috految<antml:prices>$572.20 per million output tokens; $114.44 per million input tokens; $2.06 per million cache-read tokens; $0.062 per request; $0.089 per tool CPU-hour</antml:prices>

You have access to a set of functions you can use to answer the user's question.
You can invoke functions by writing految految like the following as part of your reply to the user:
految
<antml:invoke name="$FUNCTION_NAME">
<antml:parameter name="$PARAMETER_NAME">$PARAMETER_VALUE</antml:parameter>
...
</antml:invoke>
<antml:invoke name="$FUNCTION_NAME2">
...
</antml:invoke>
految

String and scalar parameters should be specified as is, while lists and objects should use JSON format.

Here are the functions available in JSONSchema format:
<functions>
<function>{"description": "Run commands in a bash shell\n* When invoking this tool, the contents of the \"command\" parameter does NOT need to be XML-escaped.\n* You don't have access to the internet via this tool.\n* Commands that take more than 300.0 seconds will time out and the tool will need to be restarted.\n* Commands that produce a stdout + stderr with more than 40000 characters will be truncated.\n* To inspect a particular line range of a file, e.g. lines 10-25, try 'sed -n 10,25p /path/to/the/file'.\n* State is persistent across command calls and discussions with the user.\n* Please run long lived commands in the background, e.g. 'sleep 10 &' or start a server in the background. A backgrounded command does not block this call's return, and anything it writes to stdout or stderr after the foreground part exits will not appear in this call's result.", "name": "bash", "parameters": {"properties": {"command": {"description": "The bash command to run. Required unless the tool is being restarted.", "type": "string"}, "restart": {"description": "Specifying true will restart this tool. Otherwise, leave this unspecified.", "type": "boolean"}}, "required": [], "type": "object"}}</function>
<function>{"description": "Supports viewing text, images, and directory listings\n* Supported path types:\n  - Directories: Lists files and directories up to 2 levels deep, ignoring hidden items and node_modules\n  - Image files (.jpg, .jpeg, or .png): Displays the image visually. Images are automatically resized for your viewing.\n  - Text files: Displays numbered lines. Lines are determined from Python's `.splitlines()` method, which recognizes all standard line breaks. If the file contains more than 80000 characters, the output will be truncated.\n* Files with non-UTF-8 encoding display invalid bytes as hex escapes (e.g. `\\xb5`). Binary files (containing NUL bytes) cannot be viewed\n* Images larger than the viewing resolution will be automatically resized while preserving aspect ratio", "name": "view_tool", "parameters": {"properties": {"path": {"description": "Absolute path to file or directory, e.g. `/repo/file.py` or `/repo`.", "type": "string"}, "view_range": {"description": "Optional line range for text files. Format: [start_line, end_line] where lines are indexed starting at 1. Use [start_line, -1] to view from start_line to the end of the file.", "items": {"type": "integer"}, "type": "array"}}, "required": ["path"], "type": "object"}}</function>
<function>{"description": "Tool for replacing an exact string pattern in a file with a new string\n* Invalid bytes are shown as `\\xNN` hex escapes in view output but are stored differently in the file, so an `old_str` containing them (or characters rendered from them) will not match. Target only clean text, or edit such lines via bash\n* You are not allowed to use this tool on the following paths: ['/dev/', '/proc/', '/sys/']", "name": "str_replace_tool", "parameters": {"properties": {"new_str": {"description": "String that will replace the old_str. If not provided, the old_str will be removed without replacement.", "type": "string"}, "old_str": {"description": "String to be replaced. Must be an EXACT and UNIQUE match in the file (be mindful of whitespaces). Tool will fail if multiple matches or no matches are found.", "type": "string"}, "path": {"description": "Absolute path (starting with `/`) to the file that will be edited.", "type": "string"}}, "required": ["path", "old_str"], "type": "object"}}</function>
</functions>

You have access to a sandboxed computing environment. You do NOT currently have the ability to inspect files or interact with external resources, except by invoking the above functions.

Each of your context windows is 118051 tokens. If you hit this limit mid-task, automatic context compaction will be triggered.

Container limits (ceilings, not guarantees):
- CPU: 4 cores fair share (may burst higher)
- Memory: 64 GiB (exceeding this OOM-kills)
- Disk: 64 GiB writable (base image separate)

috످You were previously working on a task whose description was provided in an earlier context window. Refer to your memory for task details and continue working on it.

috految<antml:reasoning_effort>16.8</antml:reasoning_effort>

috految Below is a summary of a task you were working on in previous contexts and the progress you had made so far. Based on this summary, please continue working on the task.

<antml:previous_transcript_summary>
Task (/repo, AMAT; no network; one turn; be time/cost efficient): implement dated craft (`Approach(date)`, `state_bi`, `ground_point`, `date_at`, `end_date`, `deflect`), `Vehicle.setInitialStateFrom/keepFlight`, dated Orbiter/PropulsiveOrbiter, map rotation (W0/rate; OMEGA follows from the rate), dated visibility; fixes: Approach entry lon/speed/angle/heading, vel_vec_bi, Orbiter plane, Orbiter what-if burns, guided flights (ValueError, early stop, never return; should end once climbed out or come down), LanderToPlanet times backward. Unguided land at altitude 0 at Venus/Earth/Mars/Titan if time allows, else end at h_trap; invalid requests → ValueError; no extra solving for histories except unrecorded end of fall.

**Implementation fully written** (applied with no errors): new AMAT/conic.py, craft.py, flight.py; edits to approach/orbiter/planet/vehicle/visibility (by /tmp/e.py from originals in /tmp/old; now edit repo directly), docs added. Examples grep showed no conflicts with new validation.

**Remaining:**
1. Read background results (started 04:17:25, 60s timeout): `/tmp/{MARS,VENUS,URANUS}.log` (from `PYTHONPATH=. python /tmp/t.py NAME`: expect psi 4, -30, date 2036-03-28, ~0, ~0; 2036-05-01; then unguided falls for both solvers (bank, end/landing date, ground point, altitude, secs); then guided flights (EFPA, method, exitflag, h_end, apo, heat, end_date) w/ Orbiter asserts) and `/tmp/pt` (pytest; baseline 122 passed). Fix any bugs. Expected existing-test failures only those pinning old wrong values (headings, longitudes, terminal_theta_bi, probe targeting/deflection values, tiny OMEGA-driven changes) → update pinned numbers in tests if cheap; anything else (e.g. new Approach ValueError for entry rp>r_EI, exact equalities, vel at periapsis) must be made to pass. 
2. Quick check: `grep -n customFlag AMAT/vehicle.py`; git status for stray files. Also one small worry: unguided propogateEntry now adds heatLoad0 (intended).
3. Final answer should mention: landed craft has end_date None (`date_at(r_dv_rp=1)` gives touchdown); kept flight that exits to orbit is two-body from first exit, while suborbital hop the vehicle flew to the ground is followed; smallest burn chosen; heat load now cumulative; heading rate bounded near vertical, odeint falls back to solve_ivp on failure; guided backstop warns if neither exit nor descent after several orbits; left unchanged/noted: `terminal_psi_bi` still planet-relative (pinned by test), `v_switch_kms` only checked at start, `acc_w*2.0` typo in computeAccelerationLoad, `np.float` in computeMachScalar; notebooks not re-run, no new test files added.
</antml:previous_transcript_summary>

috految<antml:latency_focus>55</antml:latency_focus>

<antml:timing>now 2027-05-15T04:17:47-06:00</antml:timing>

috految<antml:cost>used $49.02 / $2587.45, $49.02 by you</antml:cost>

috److految
<antml:invoke name="bash">
<antml:parameter name="command">cd /repo; tail -n 30 /tmp/{MARS,VENUS,URANUS}.log; tail -60 /tmp/pt|cut -c1-200; grep -n customFlag AMAT/vehicle.py; git status --short; pgrep -af 't.py|pytest'</antml:parameter>
</antml:invoke>
految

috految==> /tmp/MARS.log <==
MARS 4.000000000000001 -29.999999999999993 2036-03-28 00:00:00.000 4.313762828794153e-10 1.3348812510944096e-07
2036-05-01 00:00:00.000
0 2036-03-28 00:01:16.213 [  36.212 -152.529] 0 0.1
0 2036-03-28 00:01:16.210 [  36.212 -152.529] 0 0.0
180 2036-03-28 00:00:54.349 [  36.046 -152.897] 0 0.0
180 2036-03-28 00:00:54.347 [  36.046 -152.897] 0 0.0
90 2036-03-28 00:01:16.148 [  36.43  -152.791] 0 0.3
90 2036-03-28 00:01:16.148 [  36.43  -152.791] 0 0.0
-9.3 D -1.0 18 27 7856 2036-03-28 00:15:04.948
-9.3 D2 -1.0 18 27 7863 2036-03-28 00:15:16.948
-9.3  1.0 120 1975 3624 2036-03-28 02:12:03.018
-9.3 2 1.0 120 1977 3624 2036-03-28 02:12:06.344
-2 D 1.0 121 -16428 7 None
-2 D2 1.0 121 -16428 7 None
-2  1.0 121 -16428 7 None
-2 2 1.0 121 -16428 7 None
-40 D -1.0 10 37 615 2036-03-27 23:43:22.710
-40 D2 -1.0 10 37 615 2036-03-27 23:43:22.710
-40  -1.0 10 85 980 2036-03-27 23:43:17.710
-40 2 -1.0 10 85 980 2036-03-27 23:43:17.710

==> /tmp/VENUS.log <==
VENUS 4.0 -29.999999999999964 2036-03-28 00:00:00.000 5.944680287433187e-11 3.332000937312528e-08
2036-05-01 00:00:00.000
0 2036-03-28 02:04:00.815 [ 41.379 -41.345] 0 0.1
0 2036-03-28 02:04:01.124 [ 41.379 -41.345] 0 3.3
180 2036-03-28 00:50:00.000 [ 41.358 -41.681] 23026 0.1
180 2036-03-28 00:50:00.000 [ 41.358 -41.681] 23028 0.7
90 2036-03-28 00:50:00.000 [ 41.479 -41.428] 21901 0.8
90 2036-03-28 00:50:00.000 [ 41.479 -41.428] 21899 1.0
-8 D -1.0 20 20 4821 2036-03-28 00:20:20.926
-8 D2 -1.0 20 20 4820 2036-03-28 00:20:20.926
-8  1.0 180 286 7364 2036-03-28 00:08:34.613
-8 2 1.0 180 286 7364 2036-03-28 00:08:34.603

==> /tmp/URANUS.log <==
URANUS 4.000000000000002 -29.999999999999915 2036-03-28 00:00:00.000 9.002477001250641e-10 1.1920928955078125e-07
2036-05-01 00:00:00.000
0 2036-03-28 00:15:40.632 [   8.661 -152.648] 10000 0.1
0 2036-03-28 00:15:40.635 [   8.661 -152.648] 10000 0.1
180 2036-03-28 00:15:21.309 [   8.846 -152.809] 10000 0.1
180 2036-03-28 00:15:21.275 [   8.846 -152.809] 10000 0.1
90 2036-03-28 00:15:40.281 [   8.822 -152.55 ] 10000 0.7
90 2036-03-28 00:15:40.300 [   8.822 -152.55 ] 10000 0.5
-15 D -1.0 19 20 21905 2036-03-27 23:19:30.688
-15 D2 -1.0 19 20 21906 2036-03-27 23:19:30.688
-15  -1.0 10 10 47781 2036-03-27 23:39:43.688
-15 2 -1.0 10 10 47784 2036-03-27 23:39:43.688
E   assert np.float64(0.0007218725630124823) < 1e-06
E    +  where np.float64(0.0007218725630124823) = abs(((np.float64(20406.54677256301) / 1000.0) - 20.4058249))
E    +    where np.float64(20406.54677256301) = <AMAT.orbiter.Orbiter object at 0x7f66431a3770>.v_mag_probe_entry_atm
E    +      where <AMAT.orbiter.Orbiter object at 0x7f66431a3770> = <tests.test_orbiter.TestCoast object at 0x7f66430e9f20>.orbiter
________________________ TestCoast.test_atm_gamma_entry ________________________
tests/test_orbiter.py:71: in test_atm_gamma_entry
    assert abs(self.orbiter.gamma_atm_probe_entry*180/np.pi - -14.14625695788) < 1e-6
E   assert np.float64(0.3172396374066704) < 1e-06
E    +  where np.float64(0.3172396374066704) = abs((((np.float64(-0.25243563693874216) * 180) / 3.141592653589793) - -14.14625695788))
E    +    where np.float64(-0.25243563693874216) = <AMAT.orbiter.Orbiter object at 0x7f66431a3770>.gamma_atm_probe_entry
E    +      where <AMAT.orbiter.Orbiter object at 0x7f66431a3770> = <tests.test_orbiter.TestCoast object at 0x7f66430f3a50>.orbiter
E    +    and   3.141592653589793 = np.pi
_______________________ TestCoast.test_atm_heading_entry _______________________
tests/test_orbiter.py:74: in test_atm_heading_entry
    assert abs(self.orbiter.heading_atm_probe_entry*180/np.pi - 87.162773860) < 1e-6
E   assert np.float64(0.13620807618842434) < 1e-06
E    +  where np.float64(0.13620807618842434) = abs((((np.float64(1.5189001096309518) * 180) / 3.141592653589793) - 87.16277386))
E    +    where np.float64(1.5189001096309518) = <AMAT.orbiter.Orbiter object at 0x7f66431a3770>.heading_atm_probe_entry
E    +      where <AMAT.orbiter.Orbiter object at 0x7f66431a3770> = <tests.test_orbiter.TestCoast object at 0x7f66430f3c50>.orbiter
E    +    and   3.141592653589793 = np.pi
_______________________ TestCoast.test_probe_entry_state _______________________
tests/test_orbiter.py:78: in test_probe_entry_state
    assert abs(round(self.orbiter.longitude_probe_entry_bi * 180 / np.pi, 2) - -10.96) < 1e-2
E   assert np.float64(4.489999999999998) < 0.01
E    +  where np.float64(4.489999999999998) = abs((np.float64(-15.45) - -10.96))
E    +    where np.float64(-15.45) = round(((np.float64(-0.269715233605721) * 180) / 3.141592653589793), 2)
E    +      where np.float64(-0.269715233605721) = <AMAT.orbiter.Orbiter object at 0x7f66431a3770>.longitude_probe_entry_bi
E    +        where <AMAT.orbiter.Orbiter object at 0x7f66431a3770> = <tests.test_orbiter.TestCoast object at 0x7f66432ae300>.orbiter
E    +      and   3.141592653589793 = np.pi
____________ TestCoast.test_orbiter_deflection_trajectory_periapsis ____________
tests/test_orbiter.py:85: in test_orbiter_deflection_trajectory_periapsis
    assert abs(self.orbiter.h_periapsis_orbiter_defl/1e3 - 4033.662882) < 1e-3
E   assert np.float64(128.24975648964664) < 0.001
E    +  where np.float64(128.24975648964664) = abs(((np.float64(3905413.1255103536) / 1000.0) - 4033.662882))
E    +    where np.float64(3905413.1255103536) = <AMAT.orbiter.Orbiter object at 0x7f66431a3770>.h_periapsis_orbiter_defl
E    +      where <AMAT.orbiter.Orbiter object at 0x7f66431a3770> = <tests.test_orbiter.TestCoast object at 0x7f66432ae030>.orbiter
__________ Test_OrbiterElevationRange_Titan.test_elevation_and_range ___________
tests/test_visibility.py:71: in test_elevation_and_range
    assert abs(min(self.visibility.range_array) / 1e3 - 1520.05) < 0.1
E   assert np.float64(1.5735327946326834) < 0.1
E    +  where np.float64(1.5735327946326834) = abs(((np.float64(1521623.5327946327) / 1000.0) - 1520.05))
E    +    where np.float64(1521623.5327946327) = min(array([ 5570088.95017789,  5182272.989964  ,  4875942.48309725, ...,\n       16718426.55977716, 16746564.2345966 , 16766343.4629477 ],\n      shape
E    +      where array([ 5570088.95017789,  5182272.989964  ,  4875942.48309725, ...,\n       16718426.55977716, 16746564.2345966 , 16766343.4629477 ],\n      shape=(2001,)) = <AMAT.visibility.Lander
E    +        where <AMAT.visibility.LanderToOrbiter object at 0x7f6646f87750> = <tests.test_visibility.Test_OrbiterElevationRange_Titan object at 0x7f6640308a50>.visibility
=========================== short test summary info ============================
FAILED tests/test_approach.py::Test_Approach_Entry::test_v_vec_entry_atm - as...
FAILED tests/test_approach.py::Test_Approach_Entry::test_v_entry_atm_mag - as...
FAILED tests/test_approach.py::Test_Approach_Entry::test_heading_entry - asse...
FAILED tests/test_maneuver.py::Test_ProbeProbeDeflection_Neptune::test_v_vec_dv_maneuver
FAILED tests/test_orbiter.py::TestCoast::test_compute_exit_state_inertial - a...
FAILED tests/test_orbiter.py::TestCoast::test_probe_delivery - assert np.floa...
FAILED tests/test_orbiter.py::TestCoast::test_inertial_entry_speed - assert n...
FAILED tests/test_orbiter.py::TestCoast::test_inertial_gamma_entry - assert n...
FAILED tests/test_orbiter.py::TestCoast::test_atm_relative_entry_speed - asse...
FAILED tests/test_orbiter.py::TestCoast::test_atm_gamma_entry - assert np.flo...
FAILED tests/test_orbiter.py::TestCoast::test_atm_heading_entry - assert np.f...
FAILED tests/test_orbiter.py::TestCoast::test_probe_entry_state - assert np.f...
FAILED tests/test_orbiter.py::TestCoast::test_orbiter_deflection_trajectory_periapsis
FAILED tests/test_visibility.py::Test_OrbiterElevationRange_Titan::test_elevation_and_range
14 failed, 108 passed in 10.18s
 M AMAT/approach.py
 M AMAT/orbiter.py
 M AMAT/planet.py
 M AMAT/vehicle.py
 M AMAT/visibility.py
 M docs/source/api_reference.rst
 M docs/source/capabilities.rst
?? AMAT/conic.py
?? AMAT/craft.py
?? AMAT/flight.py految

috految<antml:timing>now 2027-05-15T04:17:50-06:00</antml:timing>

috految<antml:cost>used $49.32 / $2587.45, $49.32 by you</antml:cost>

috److految
<antml:invoke name="bash">
<antml:parameter name="command">cd /repo; grep -E '^    assert|^E   a' /tmp/pt|head -16; grep -A2 'def test_v_vec_dv_m' tests/test_maneuver.py; grep -A6 'Deflection_Neptune' tests/test_maneuver.py; grep -A6 'Neptune.test_v_vec_dv' /tmp/pt; grep -B2 -A3 v_vec_dv AMAT/maneuver.py; sed -n 43,73p tests/test_visibility.py; git diff AMAT/planet.py|grep -E '^[+-].*(OMEGA|TITAN|NEPTUNE)'; sed -n '/def vel_vec_bi(/,/return.*[a-z]/p' AMAT/approach.py; grep -h -B2 -A1 'vz_\|vr =' /tmp/old/{AMAT/,}approach.py; grep -n 'Entry\|Orbiter(\|Guided' /tmp/t.py; grep -n 'lowerAlt\|hdot_thr' /tmp/t.py</antml:parameter>
</antml:invoke>
految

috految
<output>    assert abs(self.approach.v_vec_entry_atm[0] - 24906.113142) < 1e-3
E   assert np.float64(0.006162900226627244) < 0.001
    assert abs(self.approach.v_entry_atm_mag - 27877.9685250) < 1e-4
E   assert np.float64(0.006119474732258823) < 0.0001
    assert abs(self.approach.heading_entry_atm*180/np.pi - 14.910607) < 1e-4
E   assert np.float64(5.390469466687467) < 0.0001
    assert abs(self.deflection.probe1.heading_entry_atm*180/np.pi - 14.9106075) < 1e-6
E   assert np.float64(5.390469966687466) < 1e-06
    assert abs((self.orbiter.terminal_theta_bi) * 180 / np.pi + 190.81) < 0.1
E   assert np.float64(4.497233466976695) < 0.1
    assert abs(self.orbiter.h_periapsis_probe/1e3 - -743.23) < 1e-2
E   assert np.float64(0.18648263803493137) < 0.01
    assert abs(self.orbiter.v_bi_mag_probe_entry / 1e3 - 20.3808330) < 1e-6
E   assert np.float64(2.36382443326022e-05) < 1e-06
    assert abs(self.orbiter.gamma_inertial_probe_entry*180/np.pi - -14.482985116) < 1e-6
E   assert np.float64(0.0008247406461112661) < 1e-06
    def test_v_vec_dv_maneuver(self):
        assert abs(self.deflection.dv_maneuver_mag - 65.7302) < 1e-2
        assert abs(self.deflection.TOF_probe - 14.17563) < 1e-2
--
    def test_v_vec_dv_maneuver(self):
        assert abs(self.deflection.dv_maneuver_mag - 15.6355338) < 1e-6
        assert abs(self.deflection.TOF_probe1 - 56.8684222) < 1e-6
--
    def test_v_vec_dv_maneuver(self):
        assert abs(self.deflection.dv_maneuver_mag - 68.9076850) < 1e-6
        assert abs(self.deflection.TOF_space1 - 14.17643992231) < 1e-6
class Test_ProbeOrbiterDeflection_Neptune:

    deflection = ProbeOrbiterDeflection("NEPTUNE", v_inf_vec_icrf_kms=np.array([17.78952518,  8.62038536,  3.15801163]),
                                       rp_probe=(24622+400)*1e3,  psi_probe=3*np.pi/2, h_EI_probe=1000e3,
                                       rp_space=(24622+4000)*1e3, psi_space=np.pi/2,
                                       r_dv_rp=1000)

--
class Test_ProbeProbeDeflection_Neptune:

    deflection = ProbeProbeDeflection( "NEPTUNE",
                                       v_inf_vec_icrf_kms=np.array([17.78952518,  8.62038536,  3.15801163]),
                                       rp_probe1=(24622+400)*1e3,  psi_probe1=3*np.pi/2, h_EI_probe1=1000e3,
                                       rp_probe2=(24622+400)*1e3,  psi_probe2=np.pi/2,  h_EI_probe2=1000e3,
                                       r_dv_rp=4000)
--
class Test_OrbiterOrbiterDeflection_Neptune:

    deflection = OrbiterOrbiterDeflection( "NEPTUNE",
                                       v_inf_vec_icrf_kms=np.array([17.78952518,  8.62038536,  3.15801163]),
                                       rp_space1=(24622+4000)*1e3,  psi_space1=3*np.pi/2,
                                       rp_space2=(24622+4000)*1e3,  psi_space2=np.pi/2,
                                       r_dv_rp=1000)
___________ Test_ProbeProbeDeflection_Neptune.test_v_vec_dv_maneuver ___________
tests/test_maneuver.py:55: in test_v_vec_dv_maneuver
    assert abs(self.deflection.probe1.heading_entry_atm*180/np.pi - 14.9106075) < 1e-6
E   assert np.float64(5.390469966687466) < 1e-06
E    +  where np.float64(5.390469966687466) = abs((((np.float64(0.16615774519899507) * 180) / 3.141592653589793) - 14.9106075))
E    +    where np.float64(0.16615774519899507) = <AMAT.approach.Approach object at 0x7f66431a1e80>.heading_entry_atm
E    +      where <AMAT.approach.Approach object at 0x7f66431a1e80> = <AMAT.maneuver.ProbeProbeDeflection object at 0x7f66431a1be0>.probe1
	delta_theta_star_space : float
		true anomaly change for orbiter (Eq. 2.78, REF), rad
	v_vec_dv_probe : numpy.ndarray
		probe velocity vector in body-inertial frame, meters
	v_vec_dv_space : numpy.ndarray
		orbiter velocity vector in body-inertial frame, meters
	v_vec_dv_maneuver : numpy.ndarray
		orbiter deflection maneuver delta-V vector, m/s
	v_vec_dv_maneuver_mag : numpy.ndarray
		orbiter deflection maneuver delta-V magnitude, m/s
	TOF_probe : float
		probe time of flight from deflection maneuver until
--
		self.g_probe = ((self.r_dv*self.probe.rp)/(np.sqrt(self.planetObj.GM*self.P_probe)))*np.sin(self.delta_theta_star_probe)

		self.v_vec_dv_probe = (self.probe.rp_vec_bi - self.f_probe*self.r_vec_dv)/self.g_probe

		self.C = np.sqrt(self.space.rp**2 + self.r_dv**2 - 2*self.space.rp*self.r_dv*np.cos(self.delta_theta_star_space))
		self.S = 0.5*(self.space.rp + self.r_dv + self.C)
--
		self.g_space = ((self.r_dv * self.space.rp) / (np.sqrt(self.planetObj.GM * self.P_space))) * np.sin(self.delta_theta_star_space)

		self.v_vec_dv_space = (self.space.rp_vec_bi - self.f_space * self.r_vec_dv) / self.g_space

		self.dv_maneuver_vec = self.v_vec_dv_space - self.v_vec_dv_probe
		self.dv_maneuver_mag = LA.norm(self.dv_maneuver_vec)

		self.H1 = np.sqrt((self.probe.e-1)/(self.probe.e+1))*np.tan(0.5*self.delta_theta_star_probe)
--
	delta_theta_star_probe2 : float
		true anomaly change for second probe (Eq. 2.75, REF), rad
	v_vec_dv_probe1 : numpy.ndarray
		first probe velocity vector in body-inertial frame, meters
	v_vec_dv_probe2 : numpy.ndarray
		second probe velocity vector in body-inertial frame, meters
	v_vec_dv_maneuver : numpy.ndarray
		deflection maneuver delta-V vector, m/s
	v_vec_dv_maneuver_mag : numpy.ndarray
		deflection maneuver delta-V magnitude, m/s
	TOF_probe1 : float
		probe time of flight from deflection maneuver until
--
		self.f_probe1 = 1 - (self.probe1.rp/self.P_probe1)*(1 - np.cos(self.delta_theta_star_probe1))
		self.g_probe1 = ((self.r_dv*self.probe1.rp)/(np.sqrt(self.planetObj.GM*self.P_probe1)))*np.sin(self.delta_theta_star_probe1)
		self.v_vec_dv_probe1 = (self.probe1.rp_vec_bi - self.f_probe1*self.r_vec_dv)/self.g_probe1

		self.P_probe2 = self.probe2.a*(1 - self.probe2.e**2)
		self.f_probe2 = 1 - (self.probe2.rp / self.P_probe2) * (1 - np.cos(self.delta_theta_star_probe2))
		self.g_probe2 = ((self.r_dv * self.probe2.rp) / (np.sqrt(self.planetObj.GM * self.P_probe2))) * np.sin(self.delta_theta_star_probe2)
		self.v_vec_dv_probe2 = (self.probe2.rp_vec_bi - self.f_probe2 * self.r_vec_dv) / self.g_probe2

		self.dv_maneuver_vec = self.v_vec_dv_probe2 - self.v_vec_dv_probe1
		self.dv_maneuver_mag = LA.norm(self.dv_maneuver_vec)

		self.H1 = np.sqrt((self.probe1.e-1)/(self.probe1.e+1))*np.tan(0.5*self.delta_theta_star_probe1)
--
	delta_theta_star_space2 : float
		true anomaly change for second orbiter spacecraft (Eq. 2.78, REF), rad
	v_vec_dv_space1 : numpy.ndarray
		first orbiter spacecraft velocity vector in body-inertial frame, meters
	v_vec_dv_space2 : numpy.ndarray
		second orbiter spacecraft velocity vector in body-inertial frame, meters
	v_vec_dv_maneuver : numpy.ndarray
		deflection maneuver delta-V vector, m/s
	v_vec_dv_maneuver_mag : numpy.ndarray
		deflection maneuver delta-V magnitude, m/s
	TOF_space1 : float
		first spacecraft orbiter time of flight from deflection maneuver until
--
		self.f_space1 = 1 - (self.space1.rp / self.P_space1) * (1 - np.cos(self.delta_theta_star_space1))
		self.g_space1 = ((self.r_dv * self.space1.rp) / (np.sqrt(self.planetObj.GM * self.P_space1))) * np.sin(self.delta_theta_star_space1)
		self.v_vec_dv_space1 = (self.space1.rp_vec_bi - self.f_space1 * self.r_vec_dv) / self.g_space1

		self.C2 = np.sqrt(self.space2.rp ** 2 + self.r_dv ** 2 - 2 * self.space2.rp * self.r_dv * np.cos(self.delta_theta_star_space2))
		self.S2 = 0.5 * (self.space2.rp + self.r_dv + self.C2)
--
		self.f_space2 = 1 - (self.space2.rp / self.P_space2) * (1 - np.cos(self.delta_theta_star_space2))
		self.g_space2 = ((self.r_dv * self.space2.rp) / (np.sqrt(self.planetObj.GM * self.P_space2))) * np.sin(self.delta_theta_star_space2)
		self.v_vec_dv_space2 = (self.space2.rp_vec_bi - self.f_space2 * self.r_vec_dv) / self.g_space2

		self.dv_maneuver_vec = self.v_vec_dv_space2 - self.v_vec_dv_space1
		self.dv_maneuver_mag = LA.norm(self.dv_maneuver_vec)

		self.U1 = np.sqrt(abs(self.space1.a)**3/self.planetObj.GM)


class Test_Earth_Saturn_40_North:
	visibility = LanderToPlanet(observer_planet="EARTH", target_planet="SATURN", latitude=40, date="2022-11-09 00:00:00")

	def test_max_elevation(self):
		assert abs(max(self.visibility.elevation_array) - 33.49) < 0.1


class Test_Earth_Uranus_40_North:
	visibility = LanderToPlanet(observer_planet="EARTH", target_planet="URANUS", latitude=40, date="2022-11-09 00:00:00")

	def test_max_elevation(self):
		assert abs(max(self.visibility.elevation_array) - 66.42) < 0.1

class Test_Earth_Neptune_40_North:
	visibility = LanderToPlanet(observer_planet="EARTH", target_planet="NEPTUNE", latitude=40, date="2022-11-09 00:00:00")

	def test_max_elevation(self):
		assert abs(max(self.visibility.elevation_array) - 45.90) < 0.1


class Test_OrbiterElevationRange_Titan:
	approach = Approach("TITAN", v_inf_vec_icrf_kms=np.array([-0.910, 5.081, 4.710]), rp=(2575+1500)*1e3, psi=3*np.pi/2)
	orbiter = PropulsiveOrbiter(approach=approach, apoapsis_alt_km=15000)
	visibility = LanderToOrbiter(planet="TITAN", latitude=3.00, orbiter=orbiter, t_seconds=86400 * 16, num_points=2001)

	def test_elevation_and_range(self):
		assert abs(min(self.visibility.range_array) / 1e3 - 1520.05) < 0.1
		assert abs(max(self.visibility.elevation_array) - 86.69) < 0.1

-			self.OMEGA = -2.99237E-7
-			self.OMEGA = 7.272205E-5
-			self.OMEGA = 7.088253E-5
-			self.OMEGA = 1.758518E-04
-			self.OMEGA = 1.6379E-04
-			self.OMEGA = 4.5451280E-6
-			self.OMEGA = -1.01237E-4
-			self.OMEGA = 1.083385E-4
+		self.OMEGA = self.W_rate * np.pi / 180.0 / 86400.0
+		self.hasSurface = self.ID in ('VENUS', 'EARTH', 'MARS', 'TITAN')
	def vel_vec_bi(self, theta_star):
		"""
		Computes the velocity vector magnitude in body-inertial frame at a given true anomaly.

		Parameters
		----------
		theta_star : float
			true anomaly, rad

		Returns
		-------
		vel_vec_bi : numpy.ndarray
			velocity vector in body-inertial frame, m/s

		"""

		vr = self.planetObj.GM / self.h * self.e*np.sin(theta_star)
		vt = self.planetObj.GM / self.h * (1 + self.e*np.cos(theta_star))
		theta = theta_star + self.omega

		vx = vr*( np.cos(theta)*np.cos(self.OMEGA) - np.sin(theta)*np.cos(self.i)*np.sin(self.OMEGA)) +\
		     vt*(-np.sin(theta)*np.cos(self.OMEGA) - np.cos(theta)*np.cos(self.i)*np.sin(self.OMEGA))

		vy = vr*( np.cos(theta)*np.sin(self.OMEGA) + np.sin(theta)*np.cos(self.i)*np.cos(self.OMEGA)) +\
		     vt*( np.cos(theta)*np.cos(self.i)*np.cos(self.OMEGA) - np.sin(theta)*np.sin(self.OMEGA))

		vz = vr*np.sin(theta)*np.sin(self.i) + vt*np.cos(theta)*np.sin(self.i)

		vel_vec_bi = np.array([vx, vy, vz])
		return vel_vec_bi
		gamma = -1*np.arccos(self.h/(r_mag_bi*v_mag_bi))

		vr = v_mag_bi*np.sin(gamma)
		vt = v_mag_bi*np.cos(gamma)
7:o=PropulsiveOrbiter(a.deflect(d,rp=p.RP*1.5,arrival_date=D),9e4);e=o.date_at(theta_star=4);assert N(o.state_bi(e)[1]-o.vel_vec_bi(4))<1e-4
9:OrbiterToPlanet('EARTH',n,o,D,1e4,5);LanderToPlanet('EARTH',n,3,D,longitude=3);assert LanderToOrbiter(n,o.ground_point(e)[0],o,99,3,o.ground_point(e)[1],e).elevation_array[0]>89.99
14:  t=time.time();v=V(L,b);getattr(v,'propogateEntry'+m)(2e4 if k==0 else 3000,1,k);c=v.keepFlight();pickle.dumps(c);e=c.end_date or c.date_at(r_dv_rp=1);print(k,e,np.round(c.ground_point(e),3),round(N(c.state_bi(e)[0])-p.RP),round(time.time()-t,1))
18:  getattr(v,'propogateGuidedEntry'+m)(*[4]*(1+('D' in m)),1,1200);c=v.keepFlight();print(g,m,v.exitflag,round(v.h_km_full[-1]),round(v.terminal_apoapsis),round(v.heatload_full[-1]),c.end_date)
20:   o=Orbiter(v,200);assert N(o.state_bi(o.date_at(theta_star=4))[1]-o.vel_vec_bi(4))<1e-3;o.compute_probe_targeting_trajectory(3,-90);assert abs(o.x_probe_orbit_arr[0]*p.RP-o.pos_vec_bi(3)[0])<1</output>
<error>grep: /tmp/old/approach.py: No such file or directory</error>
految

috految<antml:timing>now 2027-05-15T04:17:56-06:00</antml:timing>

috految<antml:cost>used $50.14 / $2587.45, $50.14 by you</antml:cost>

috److془Titan OMEGA 0.34%; explained. Neptune 2.3e-6*2700=.006 ✓. Done.془I added dated craft, `deflect`, `setInitialStateFrom`/`keepFlight`, dated orbiters, map rotation and dated visibility, and updated the docs. The fixes to entry states, orbit plane, what-if burns, guided flights and `LanderToPlanet` are also in.

**Tests:** 108 existing tests pass and **14 now fail**. They assert old numbers that these changes move, and I haven't updated them:

| Failing tests | What changed |
|---|---|
| 2 in `test_approach.py`, 1 in `test_visibility.py` | `OMEGA` now follows from the map rate, which is consistent with the small shifts (0.006 m/s in entry speed, 1.6 km in Titan range). |
| 1 in `test_approach.py`, 1 in `test_maneuver.py` | The corrected entry heading goes from 14.91° to 9.52°. |
| 9 in `test_orbiter.py` | The orbit plane and what-if burns are corrected; for example, deflected periapsis goes from 4034 to 3905 km. |

I also ran quick checks at Mars, Venus and Uranus covering deflection, visibility, both solvers and all four guided methods. I didn't add new tests or re-run the notebooks.

**Behaviour to know about:**
- **Landing:** a landed craft has `end_date = None`; `date_at(r_dv_rp=1)` gives the touchdown date.
- **Kept flights:** one that exits to orbit becomes two-body from its first exit. A suborbital hop that the vehicle flew to the ground is followed all the way down.
- **Deflection:** if several burns meet the request, the smallest is chosen.
- **Heat load:** it now accumulates from the initial value.
- **Solvers:** heading rate is bounded near vertical flight, and a failed `odeint` solve falls back to `solve_ivp`.
- **Guided flights:** one that neither exits nor comes down after several orbits stops with a warning.

**Problems I noticed but left unchanged:**
- `terminal_psi_bi` is still planet-relative.
- `v_switch_kms` is only checked at the start.
- `computeAccelerationLoad` has `acc_w*2.0`, which looks like a typo for a square.
- `computeMachScalar` uses `np.float`, which current NumPy has removed.

috످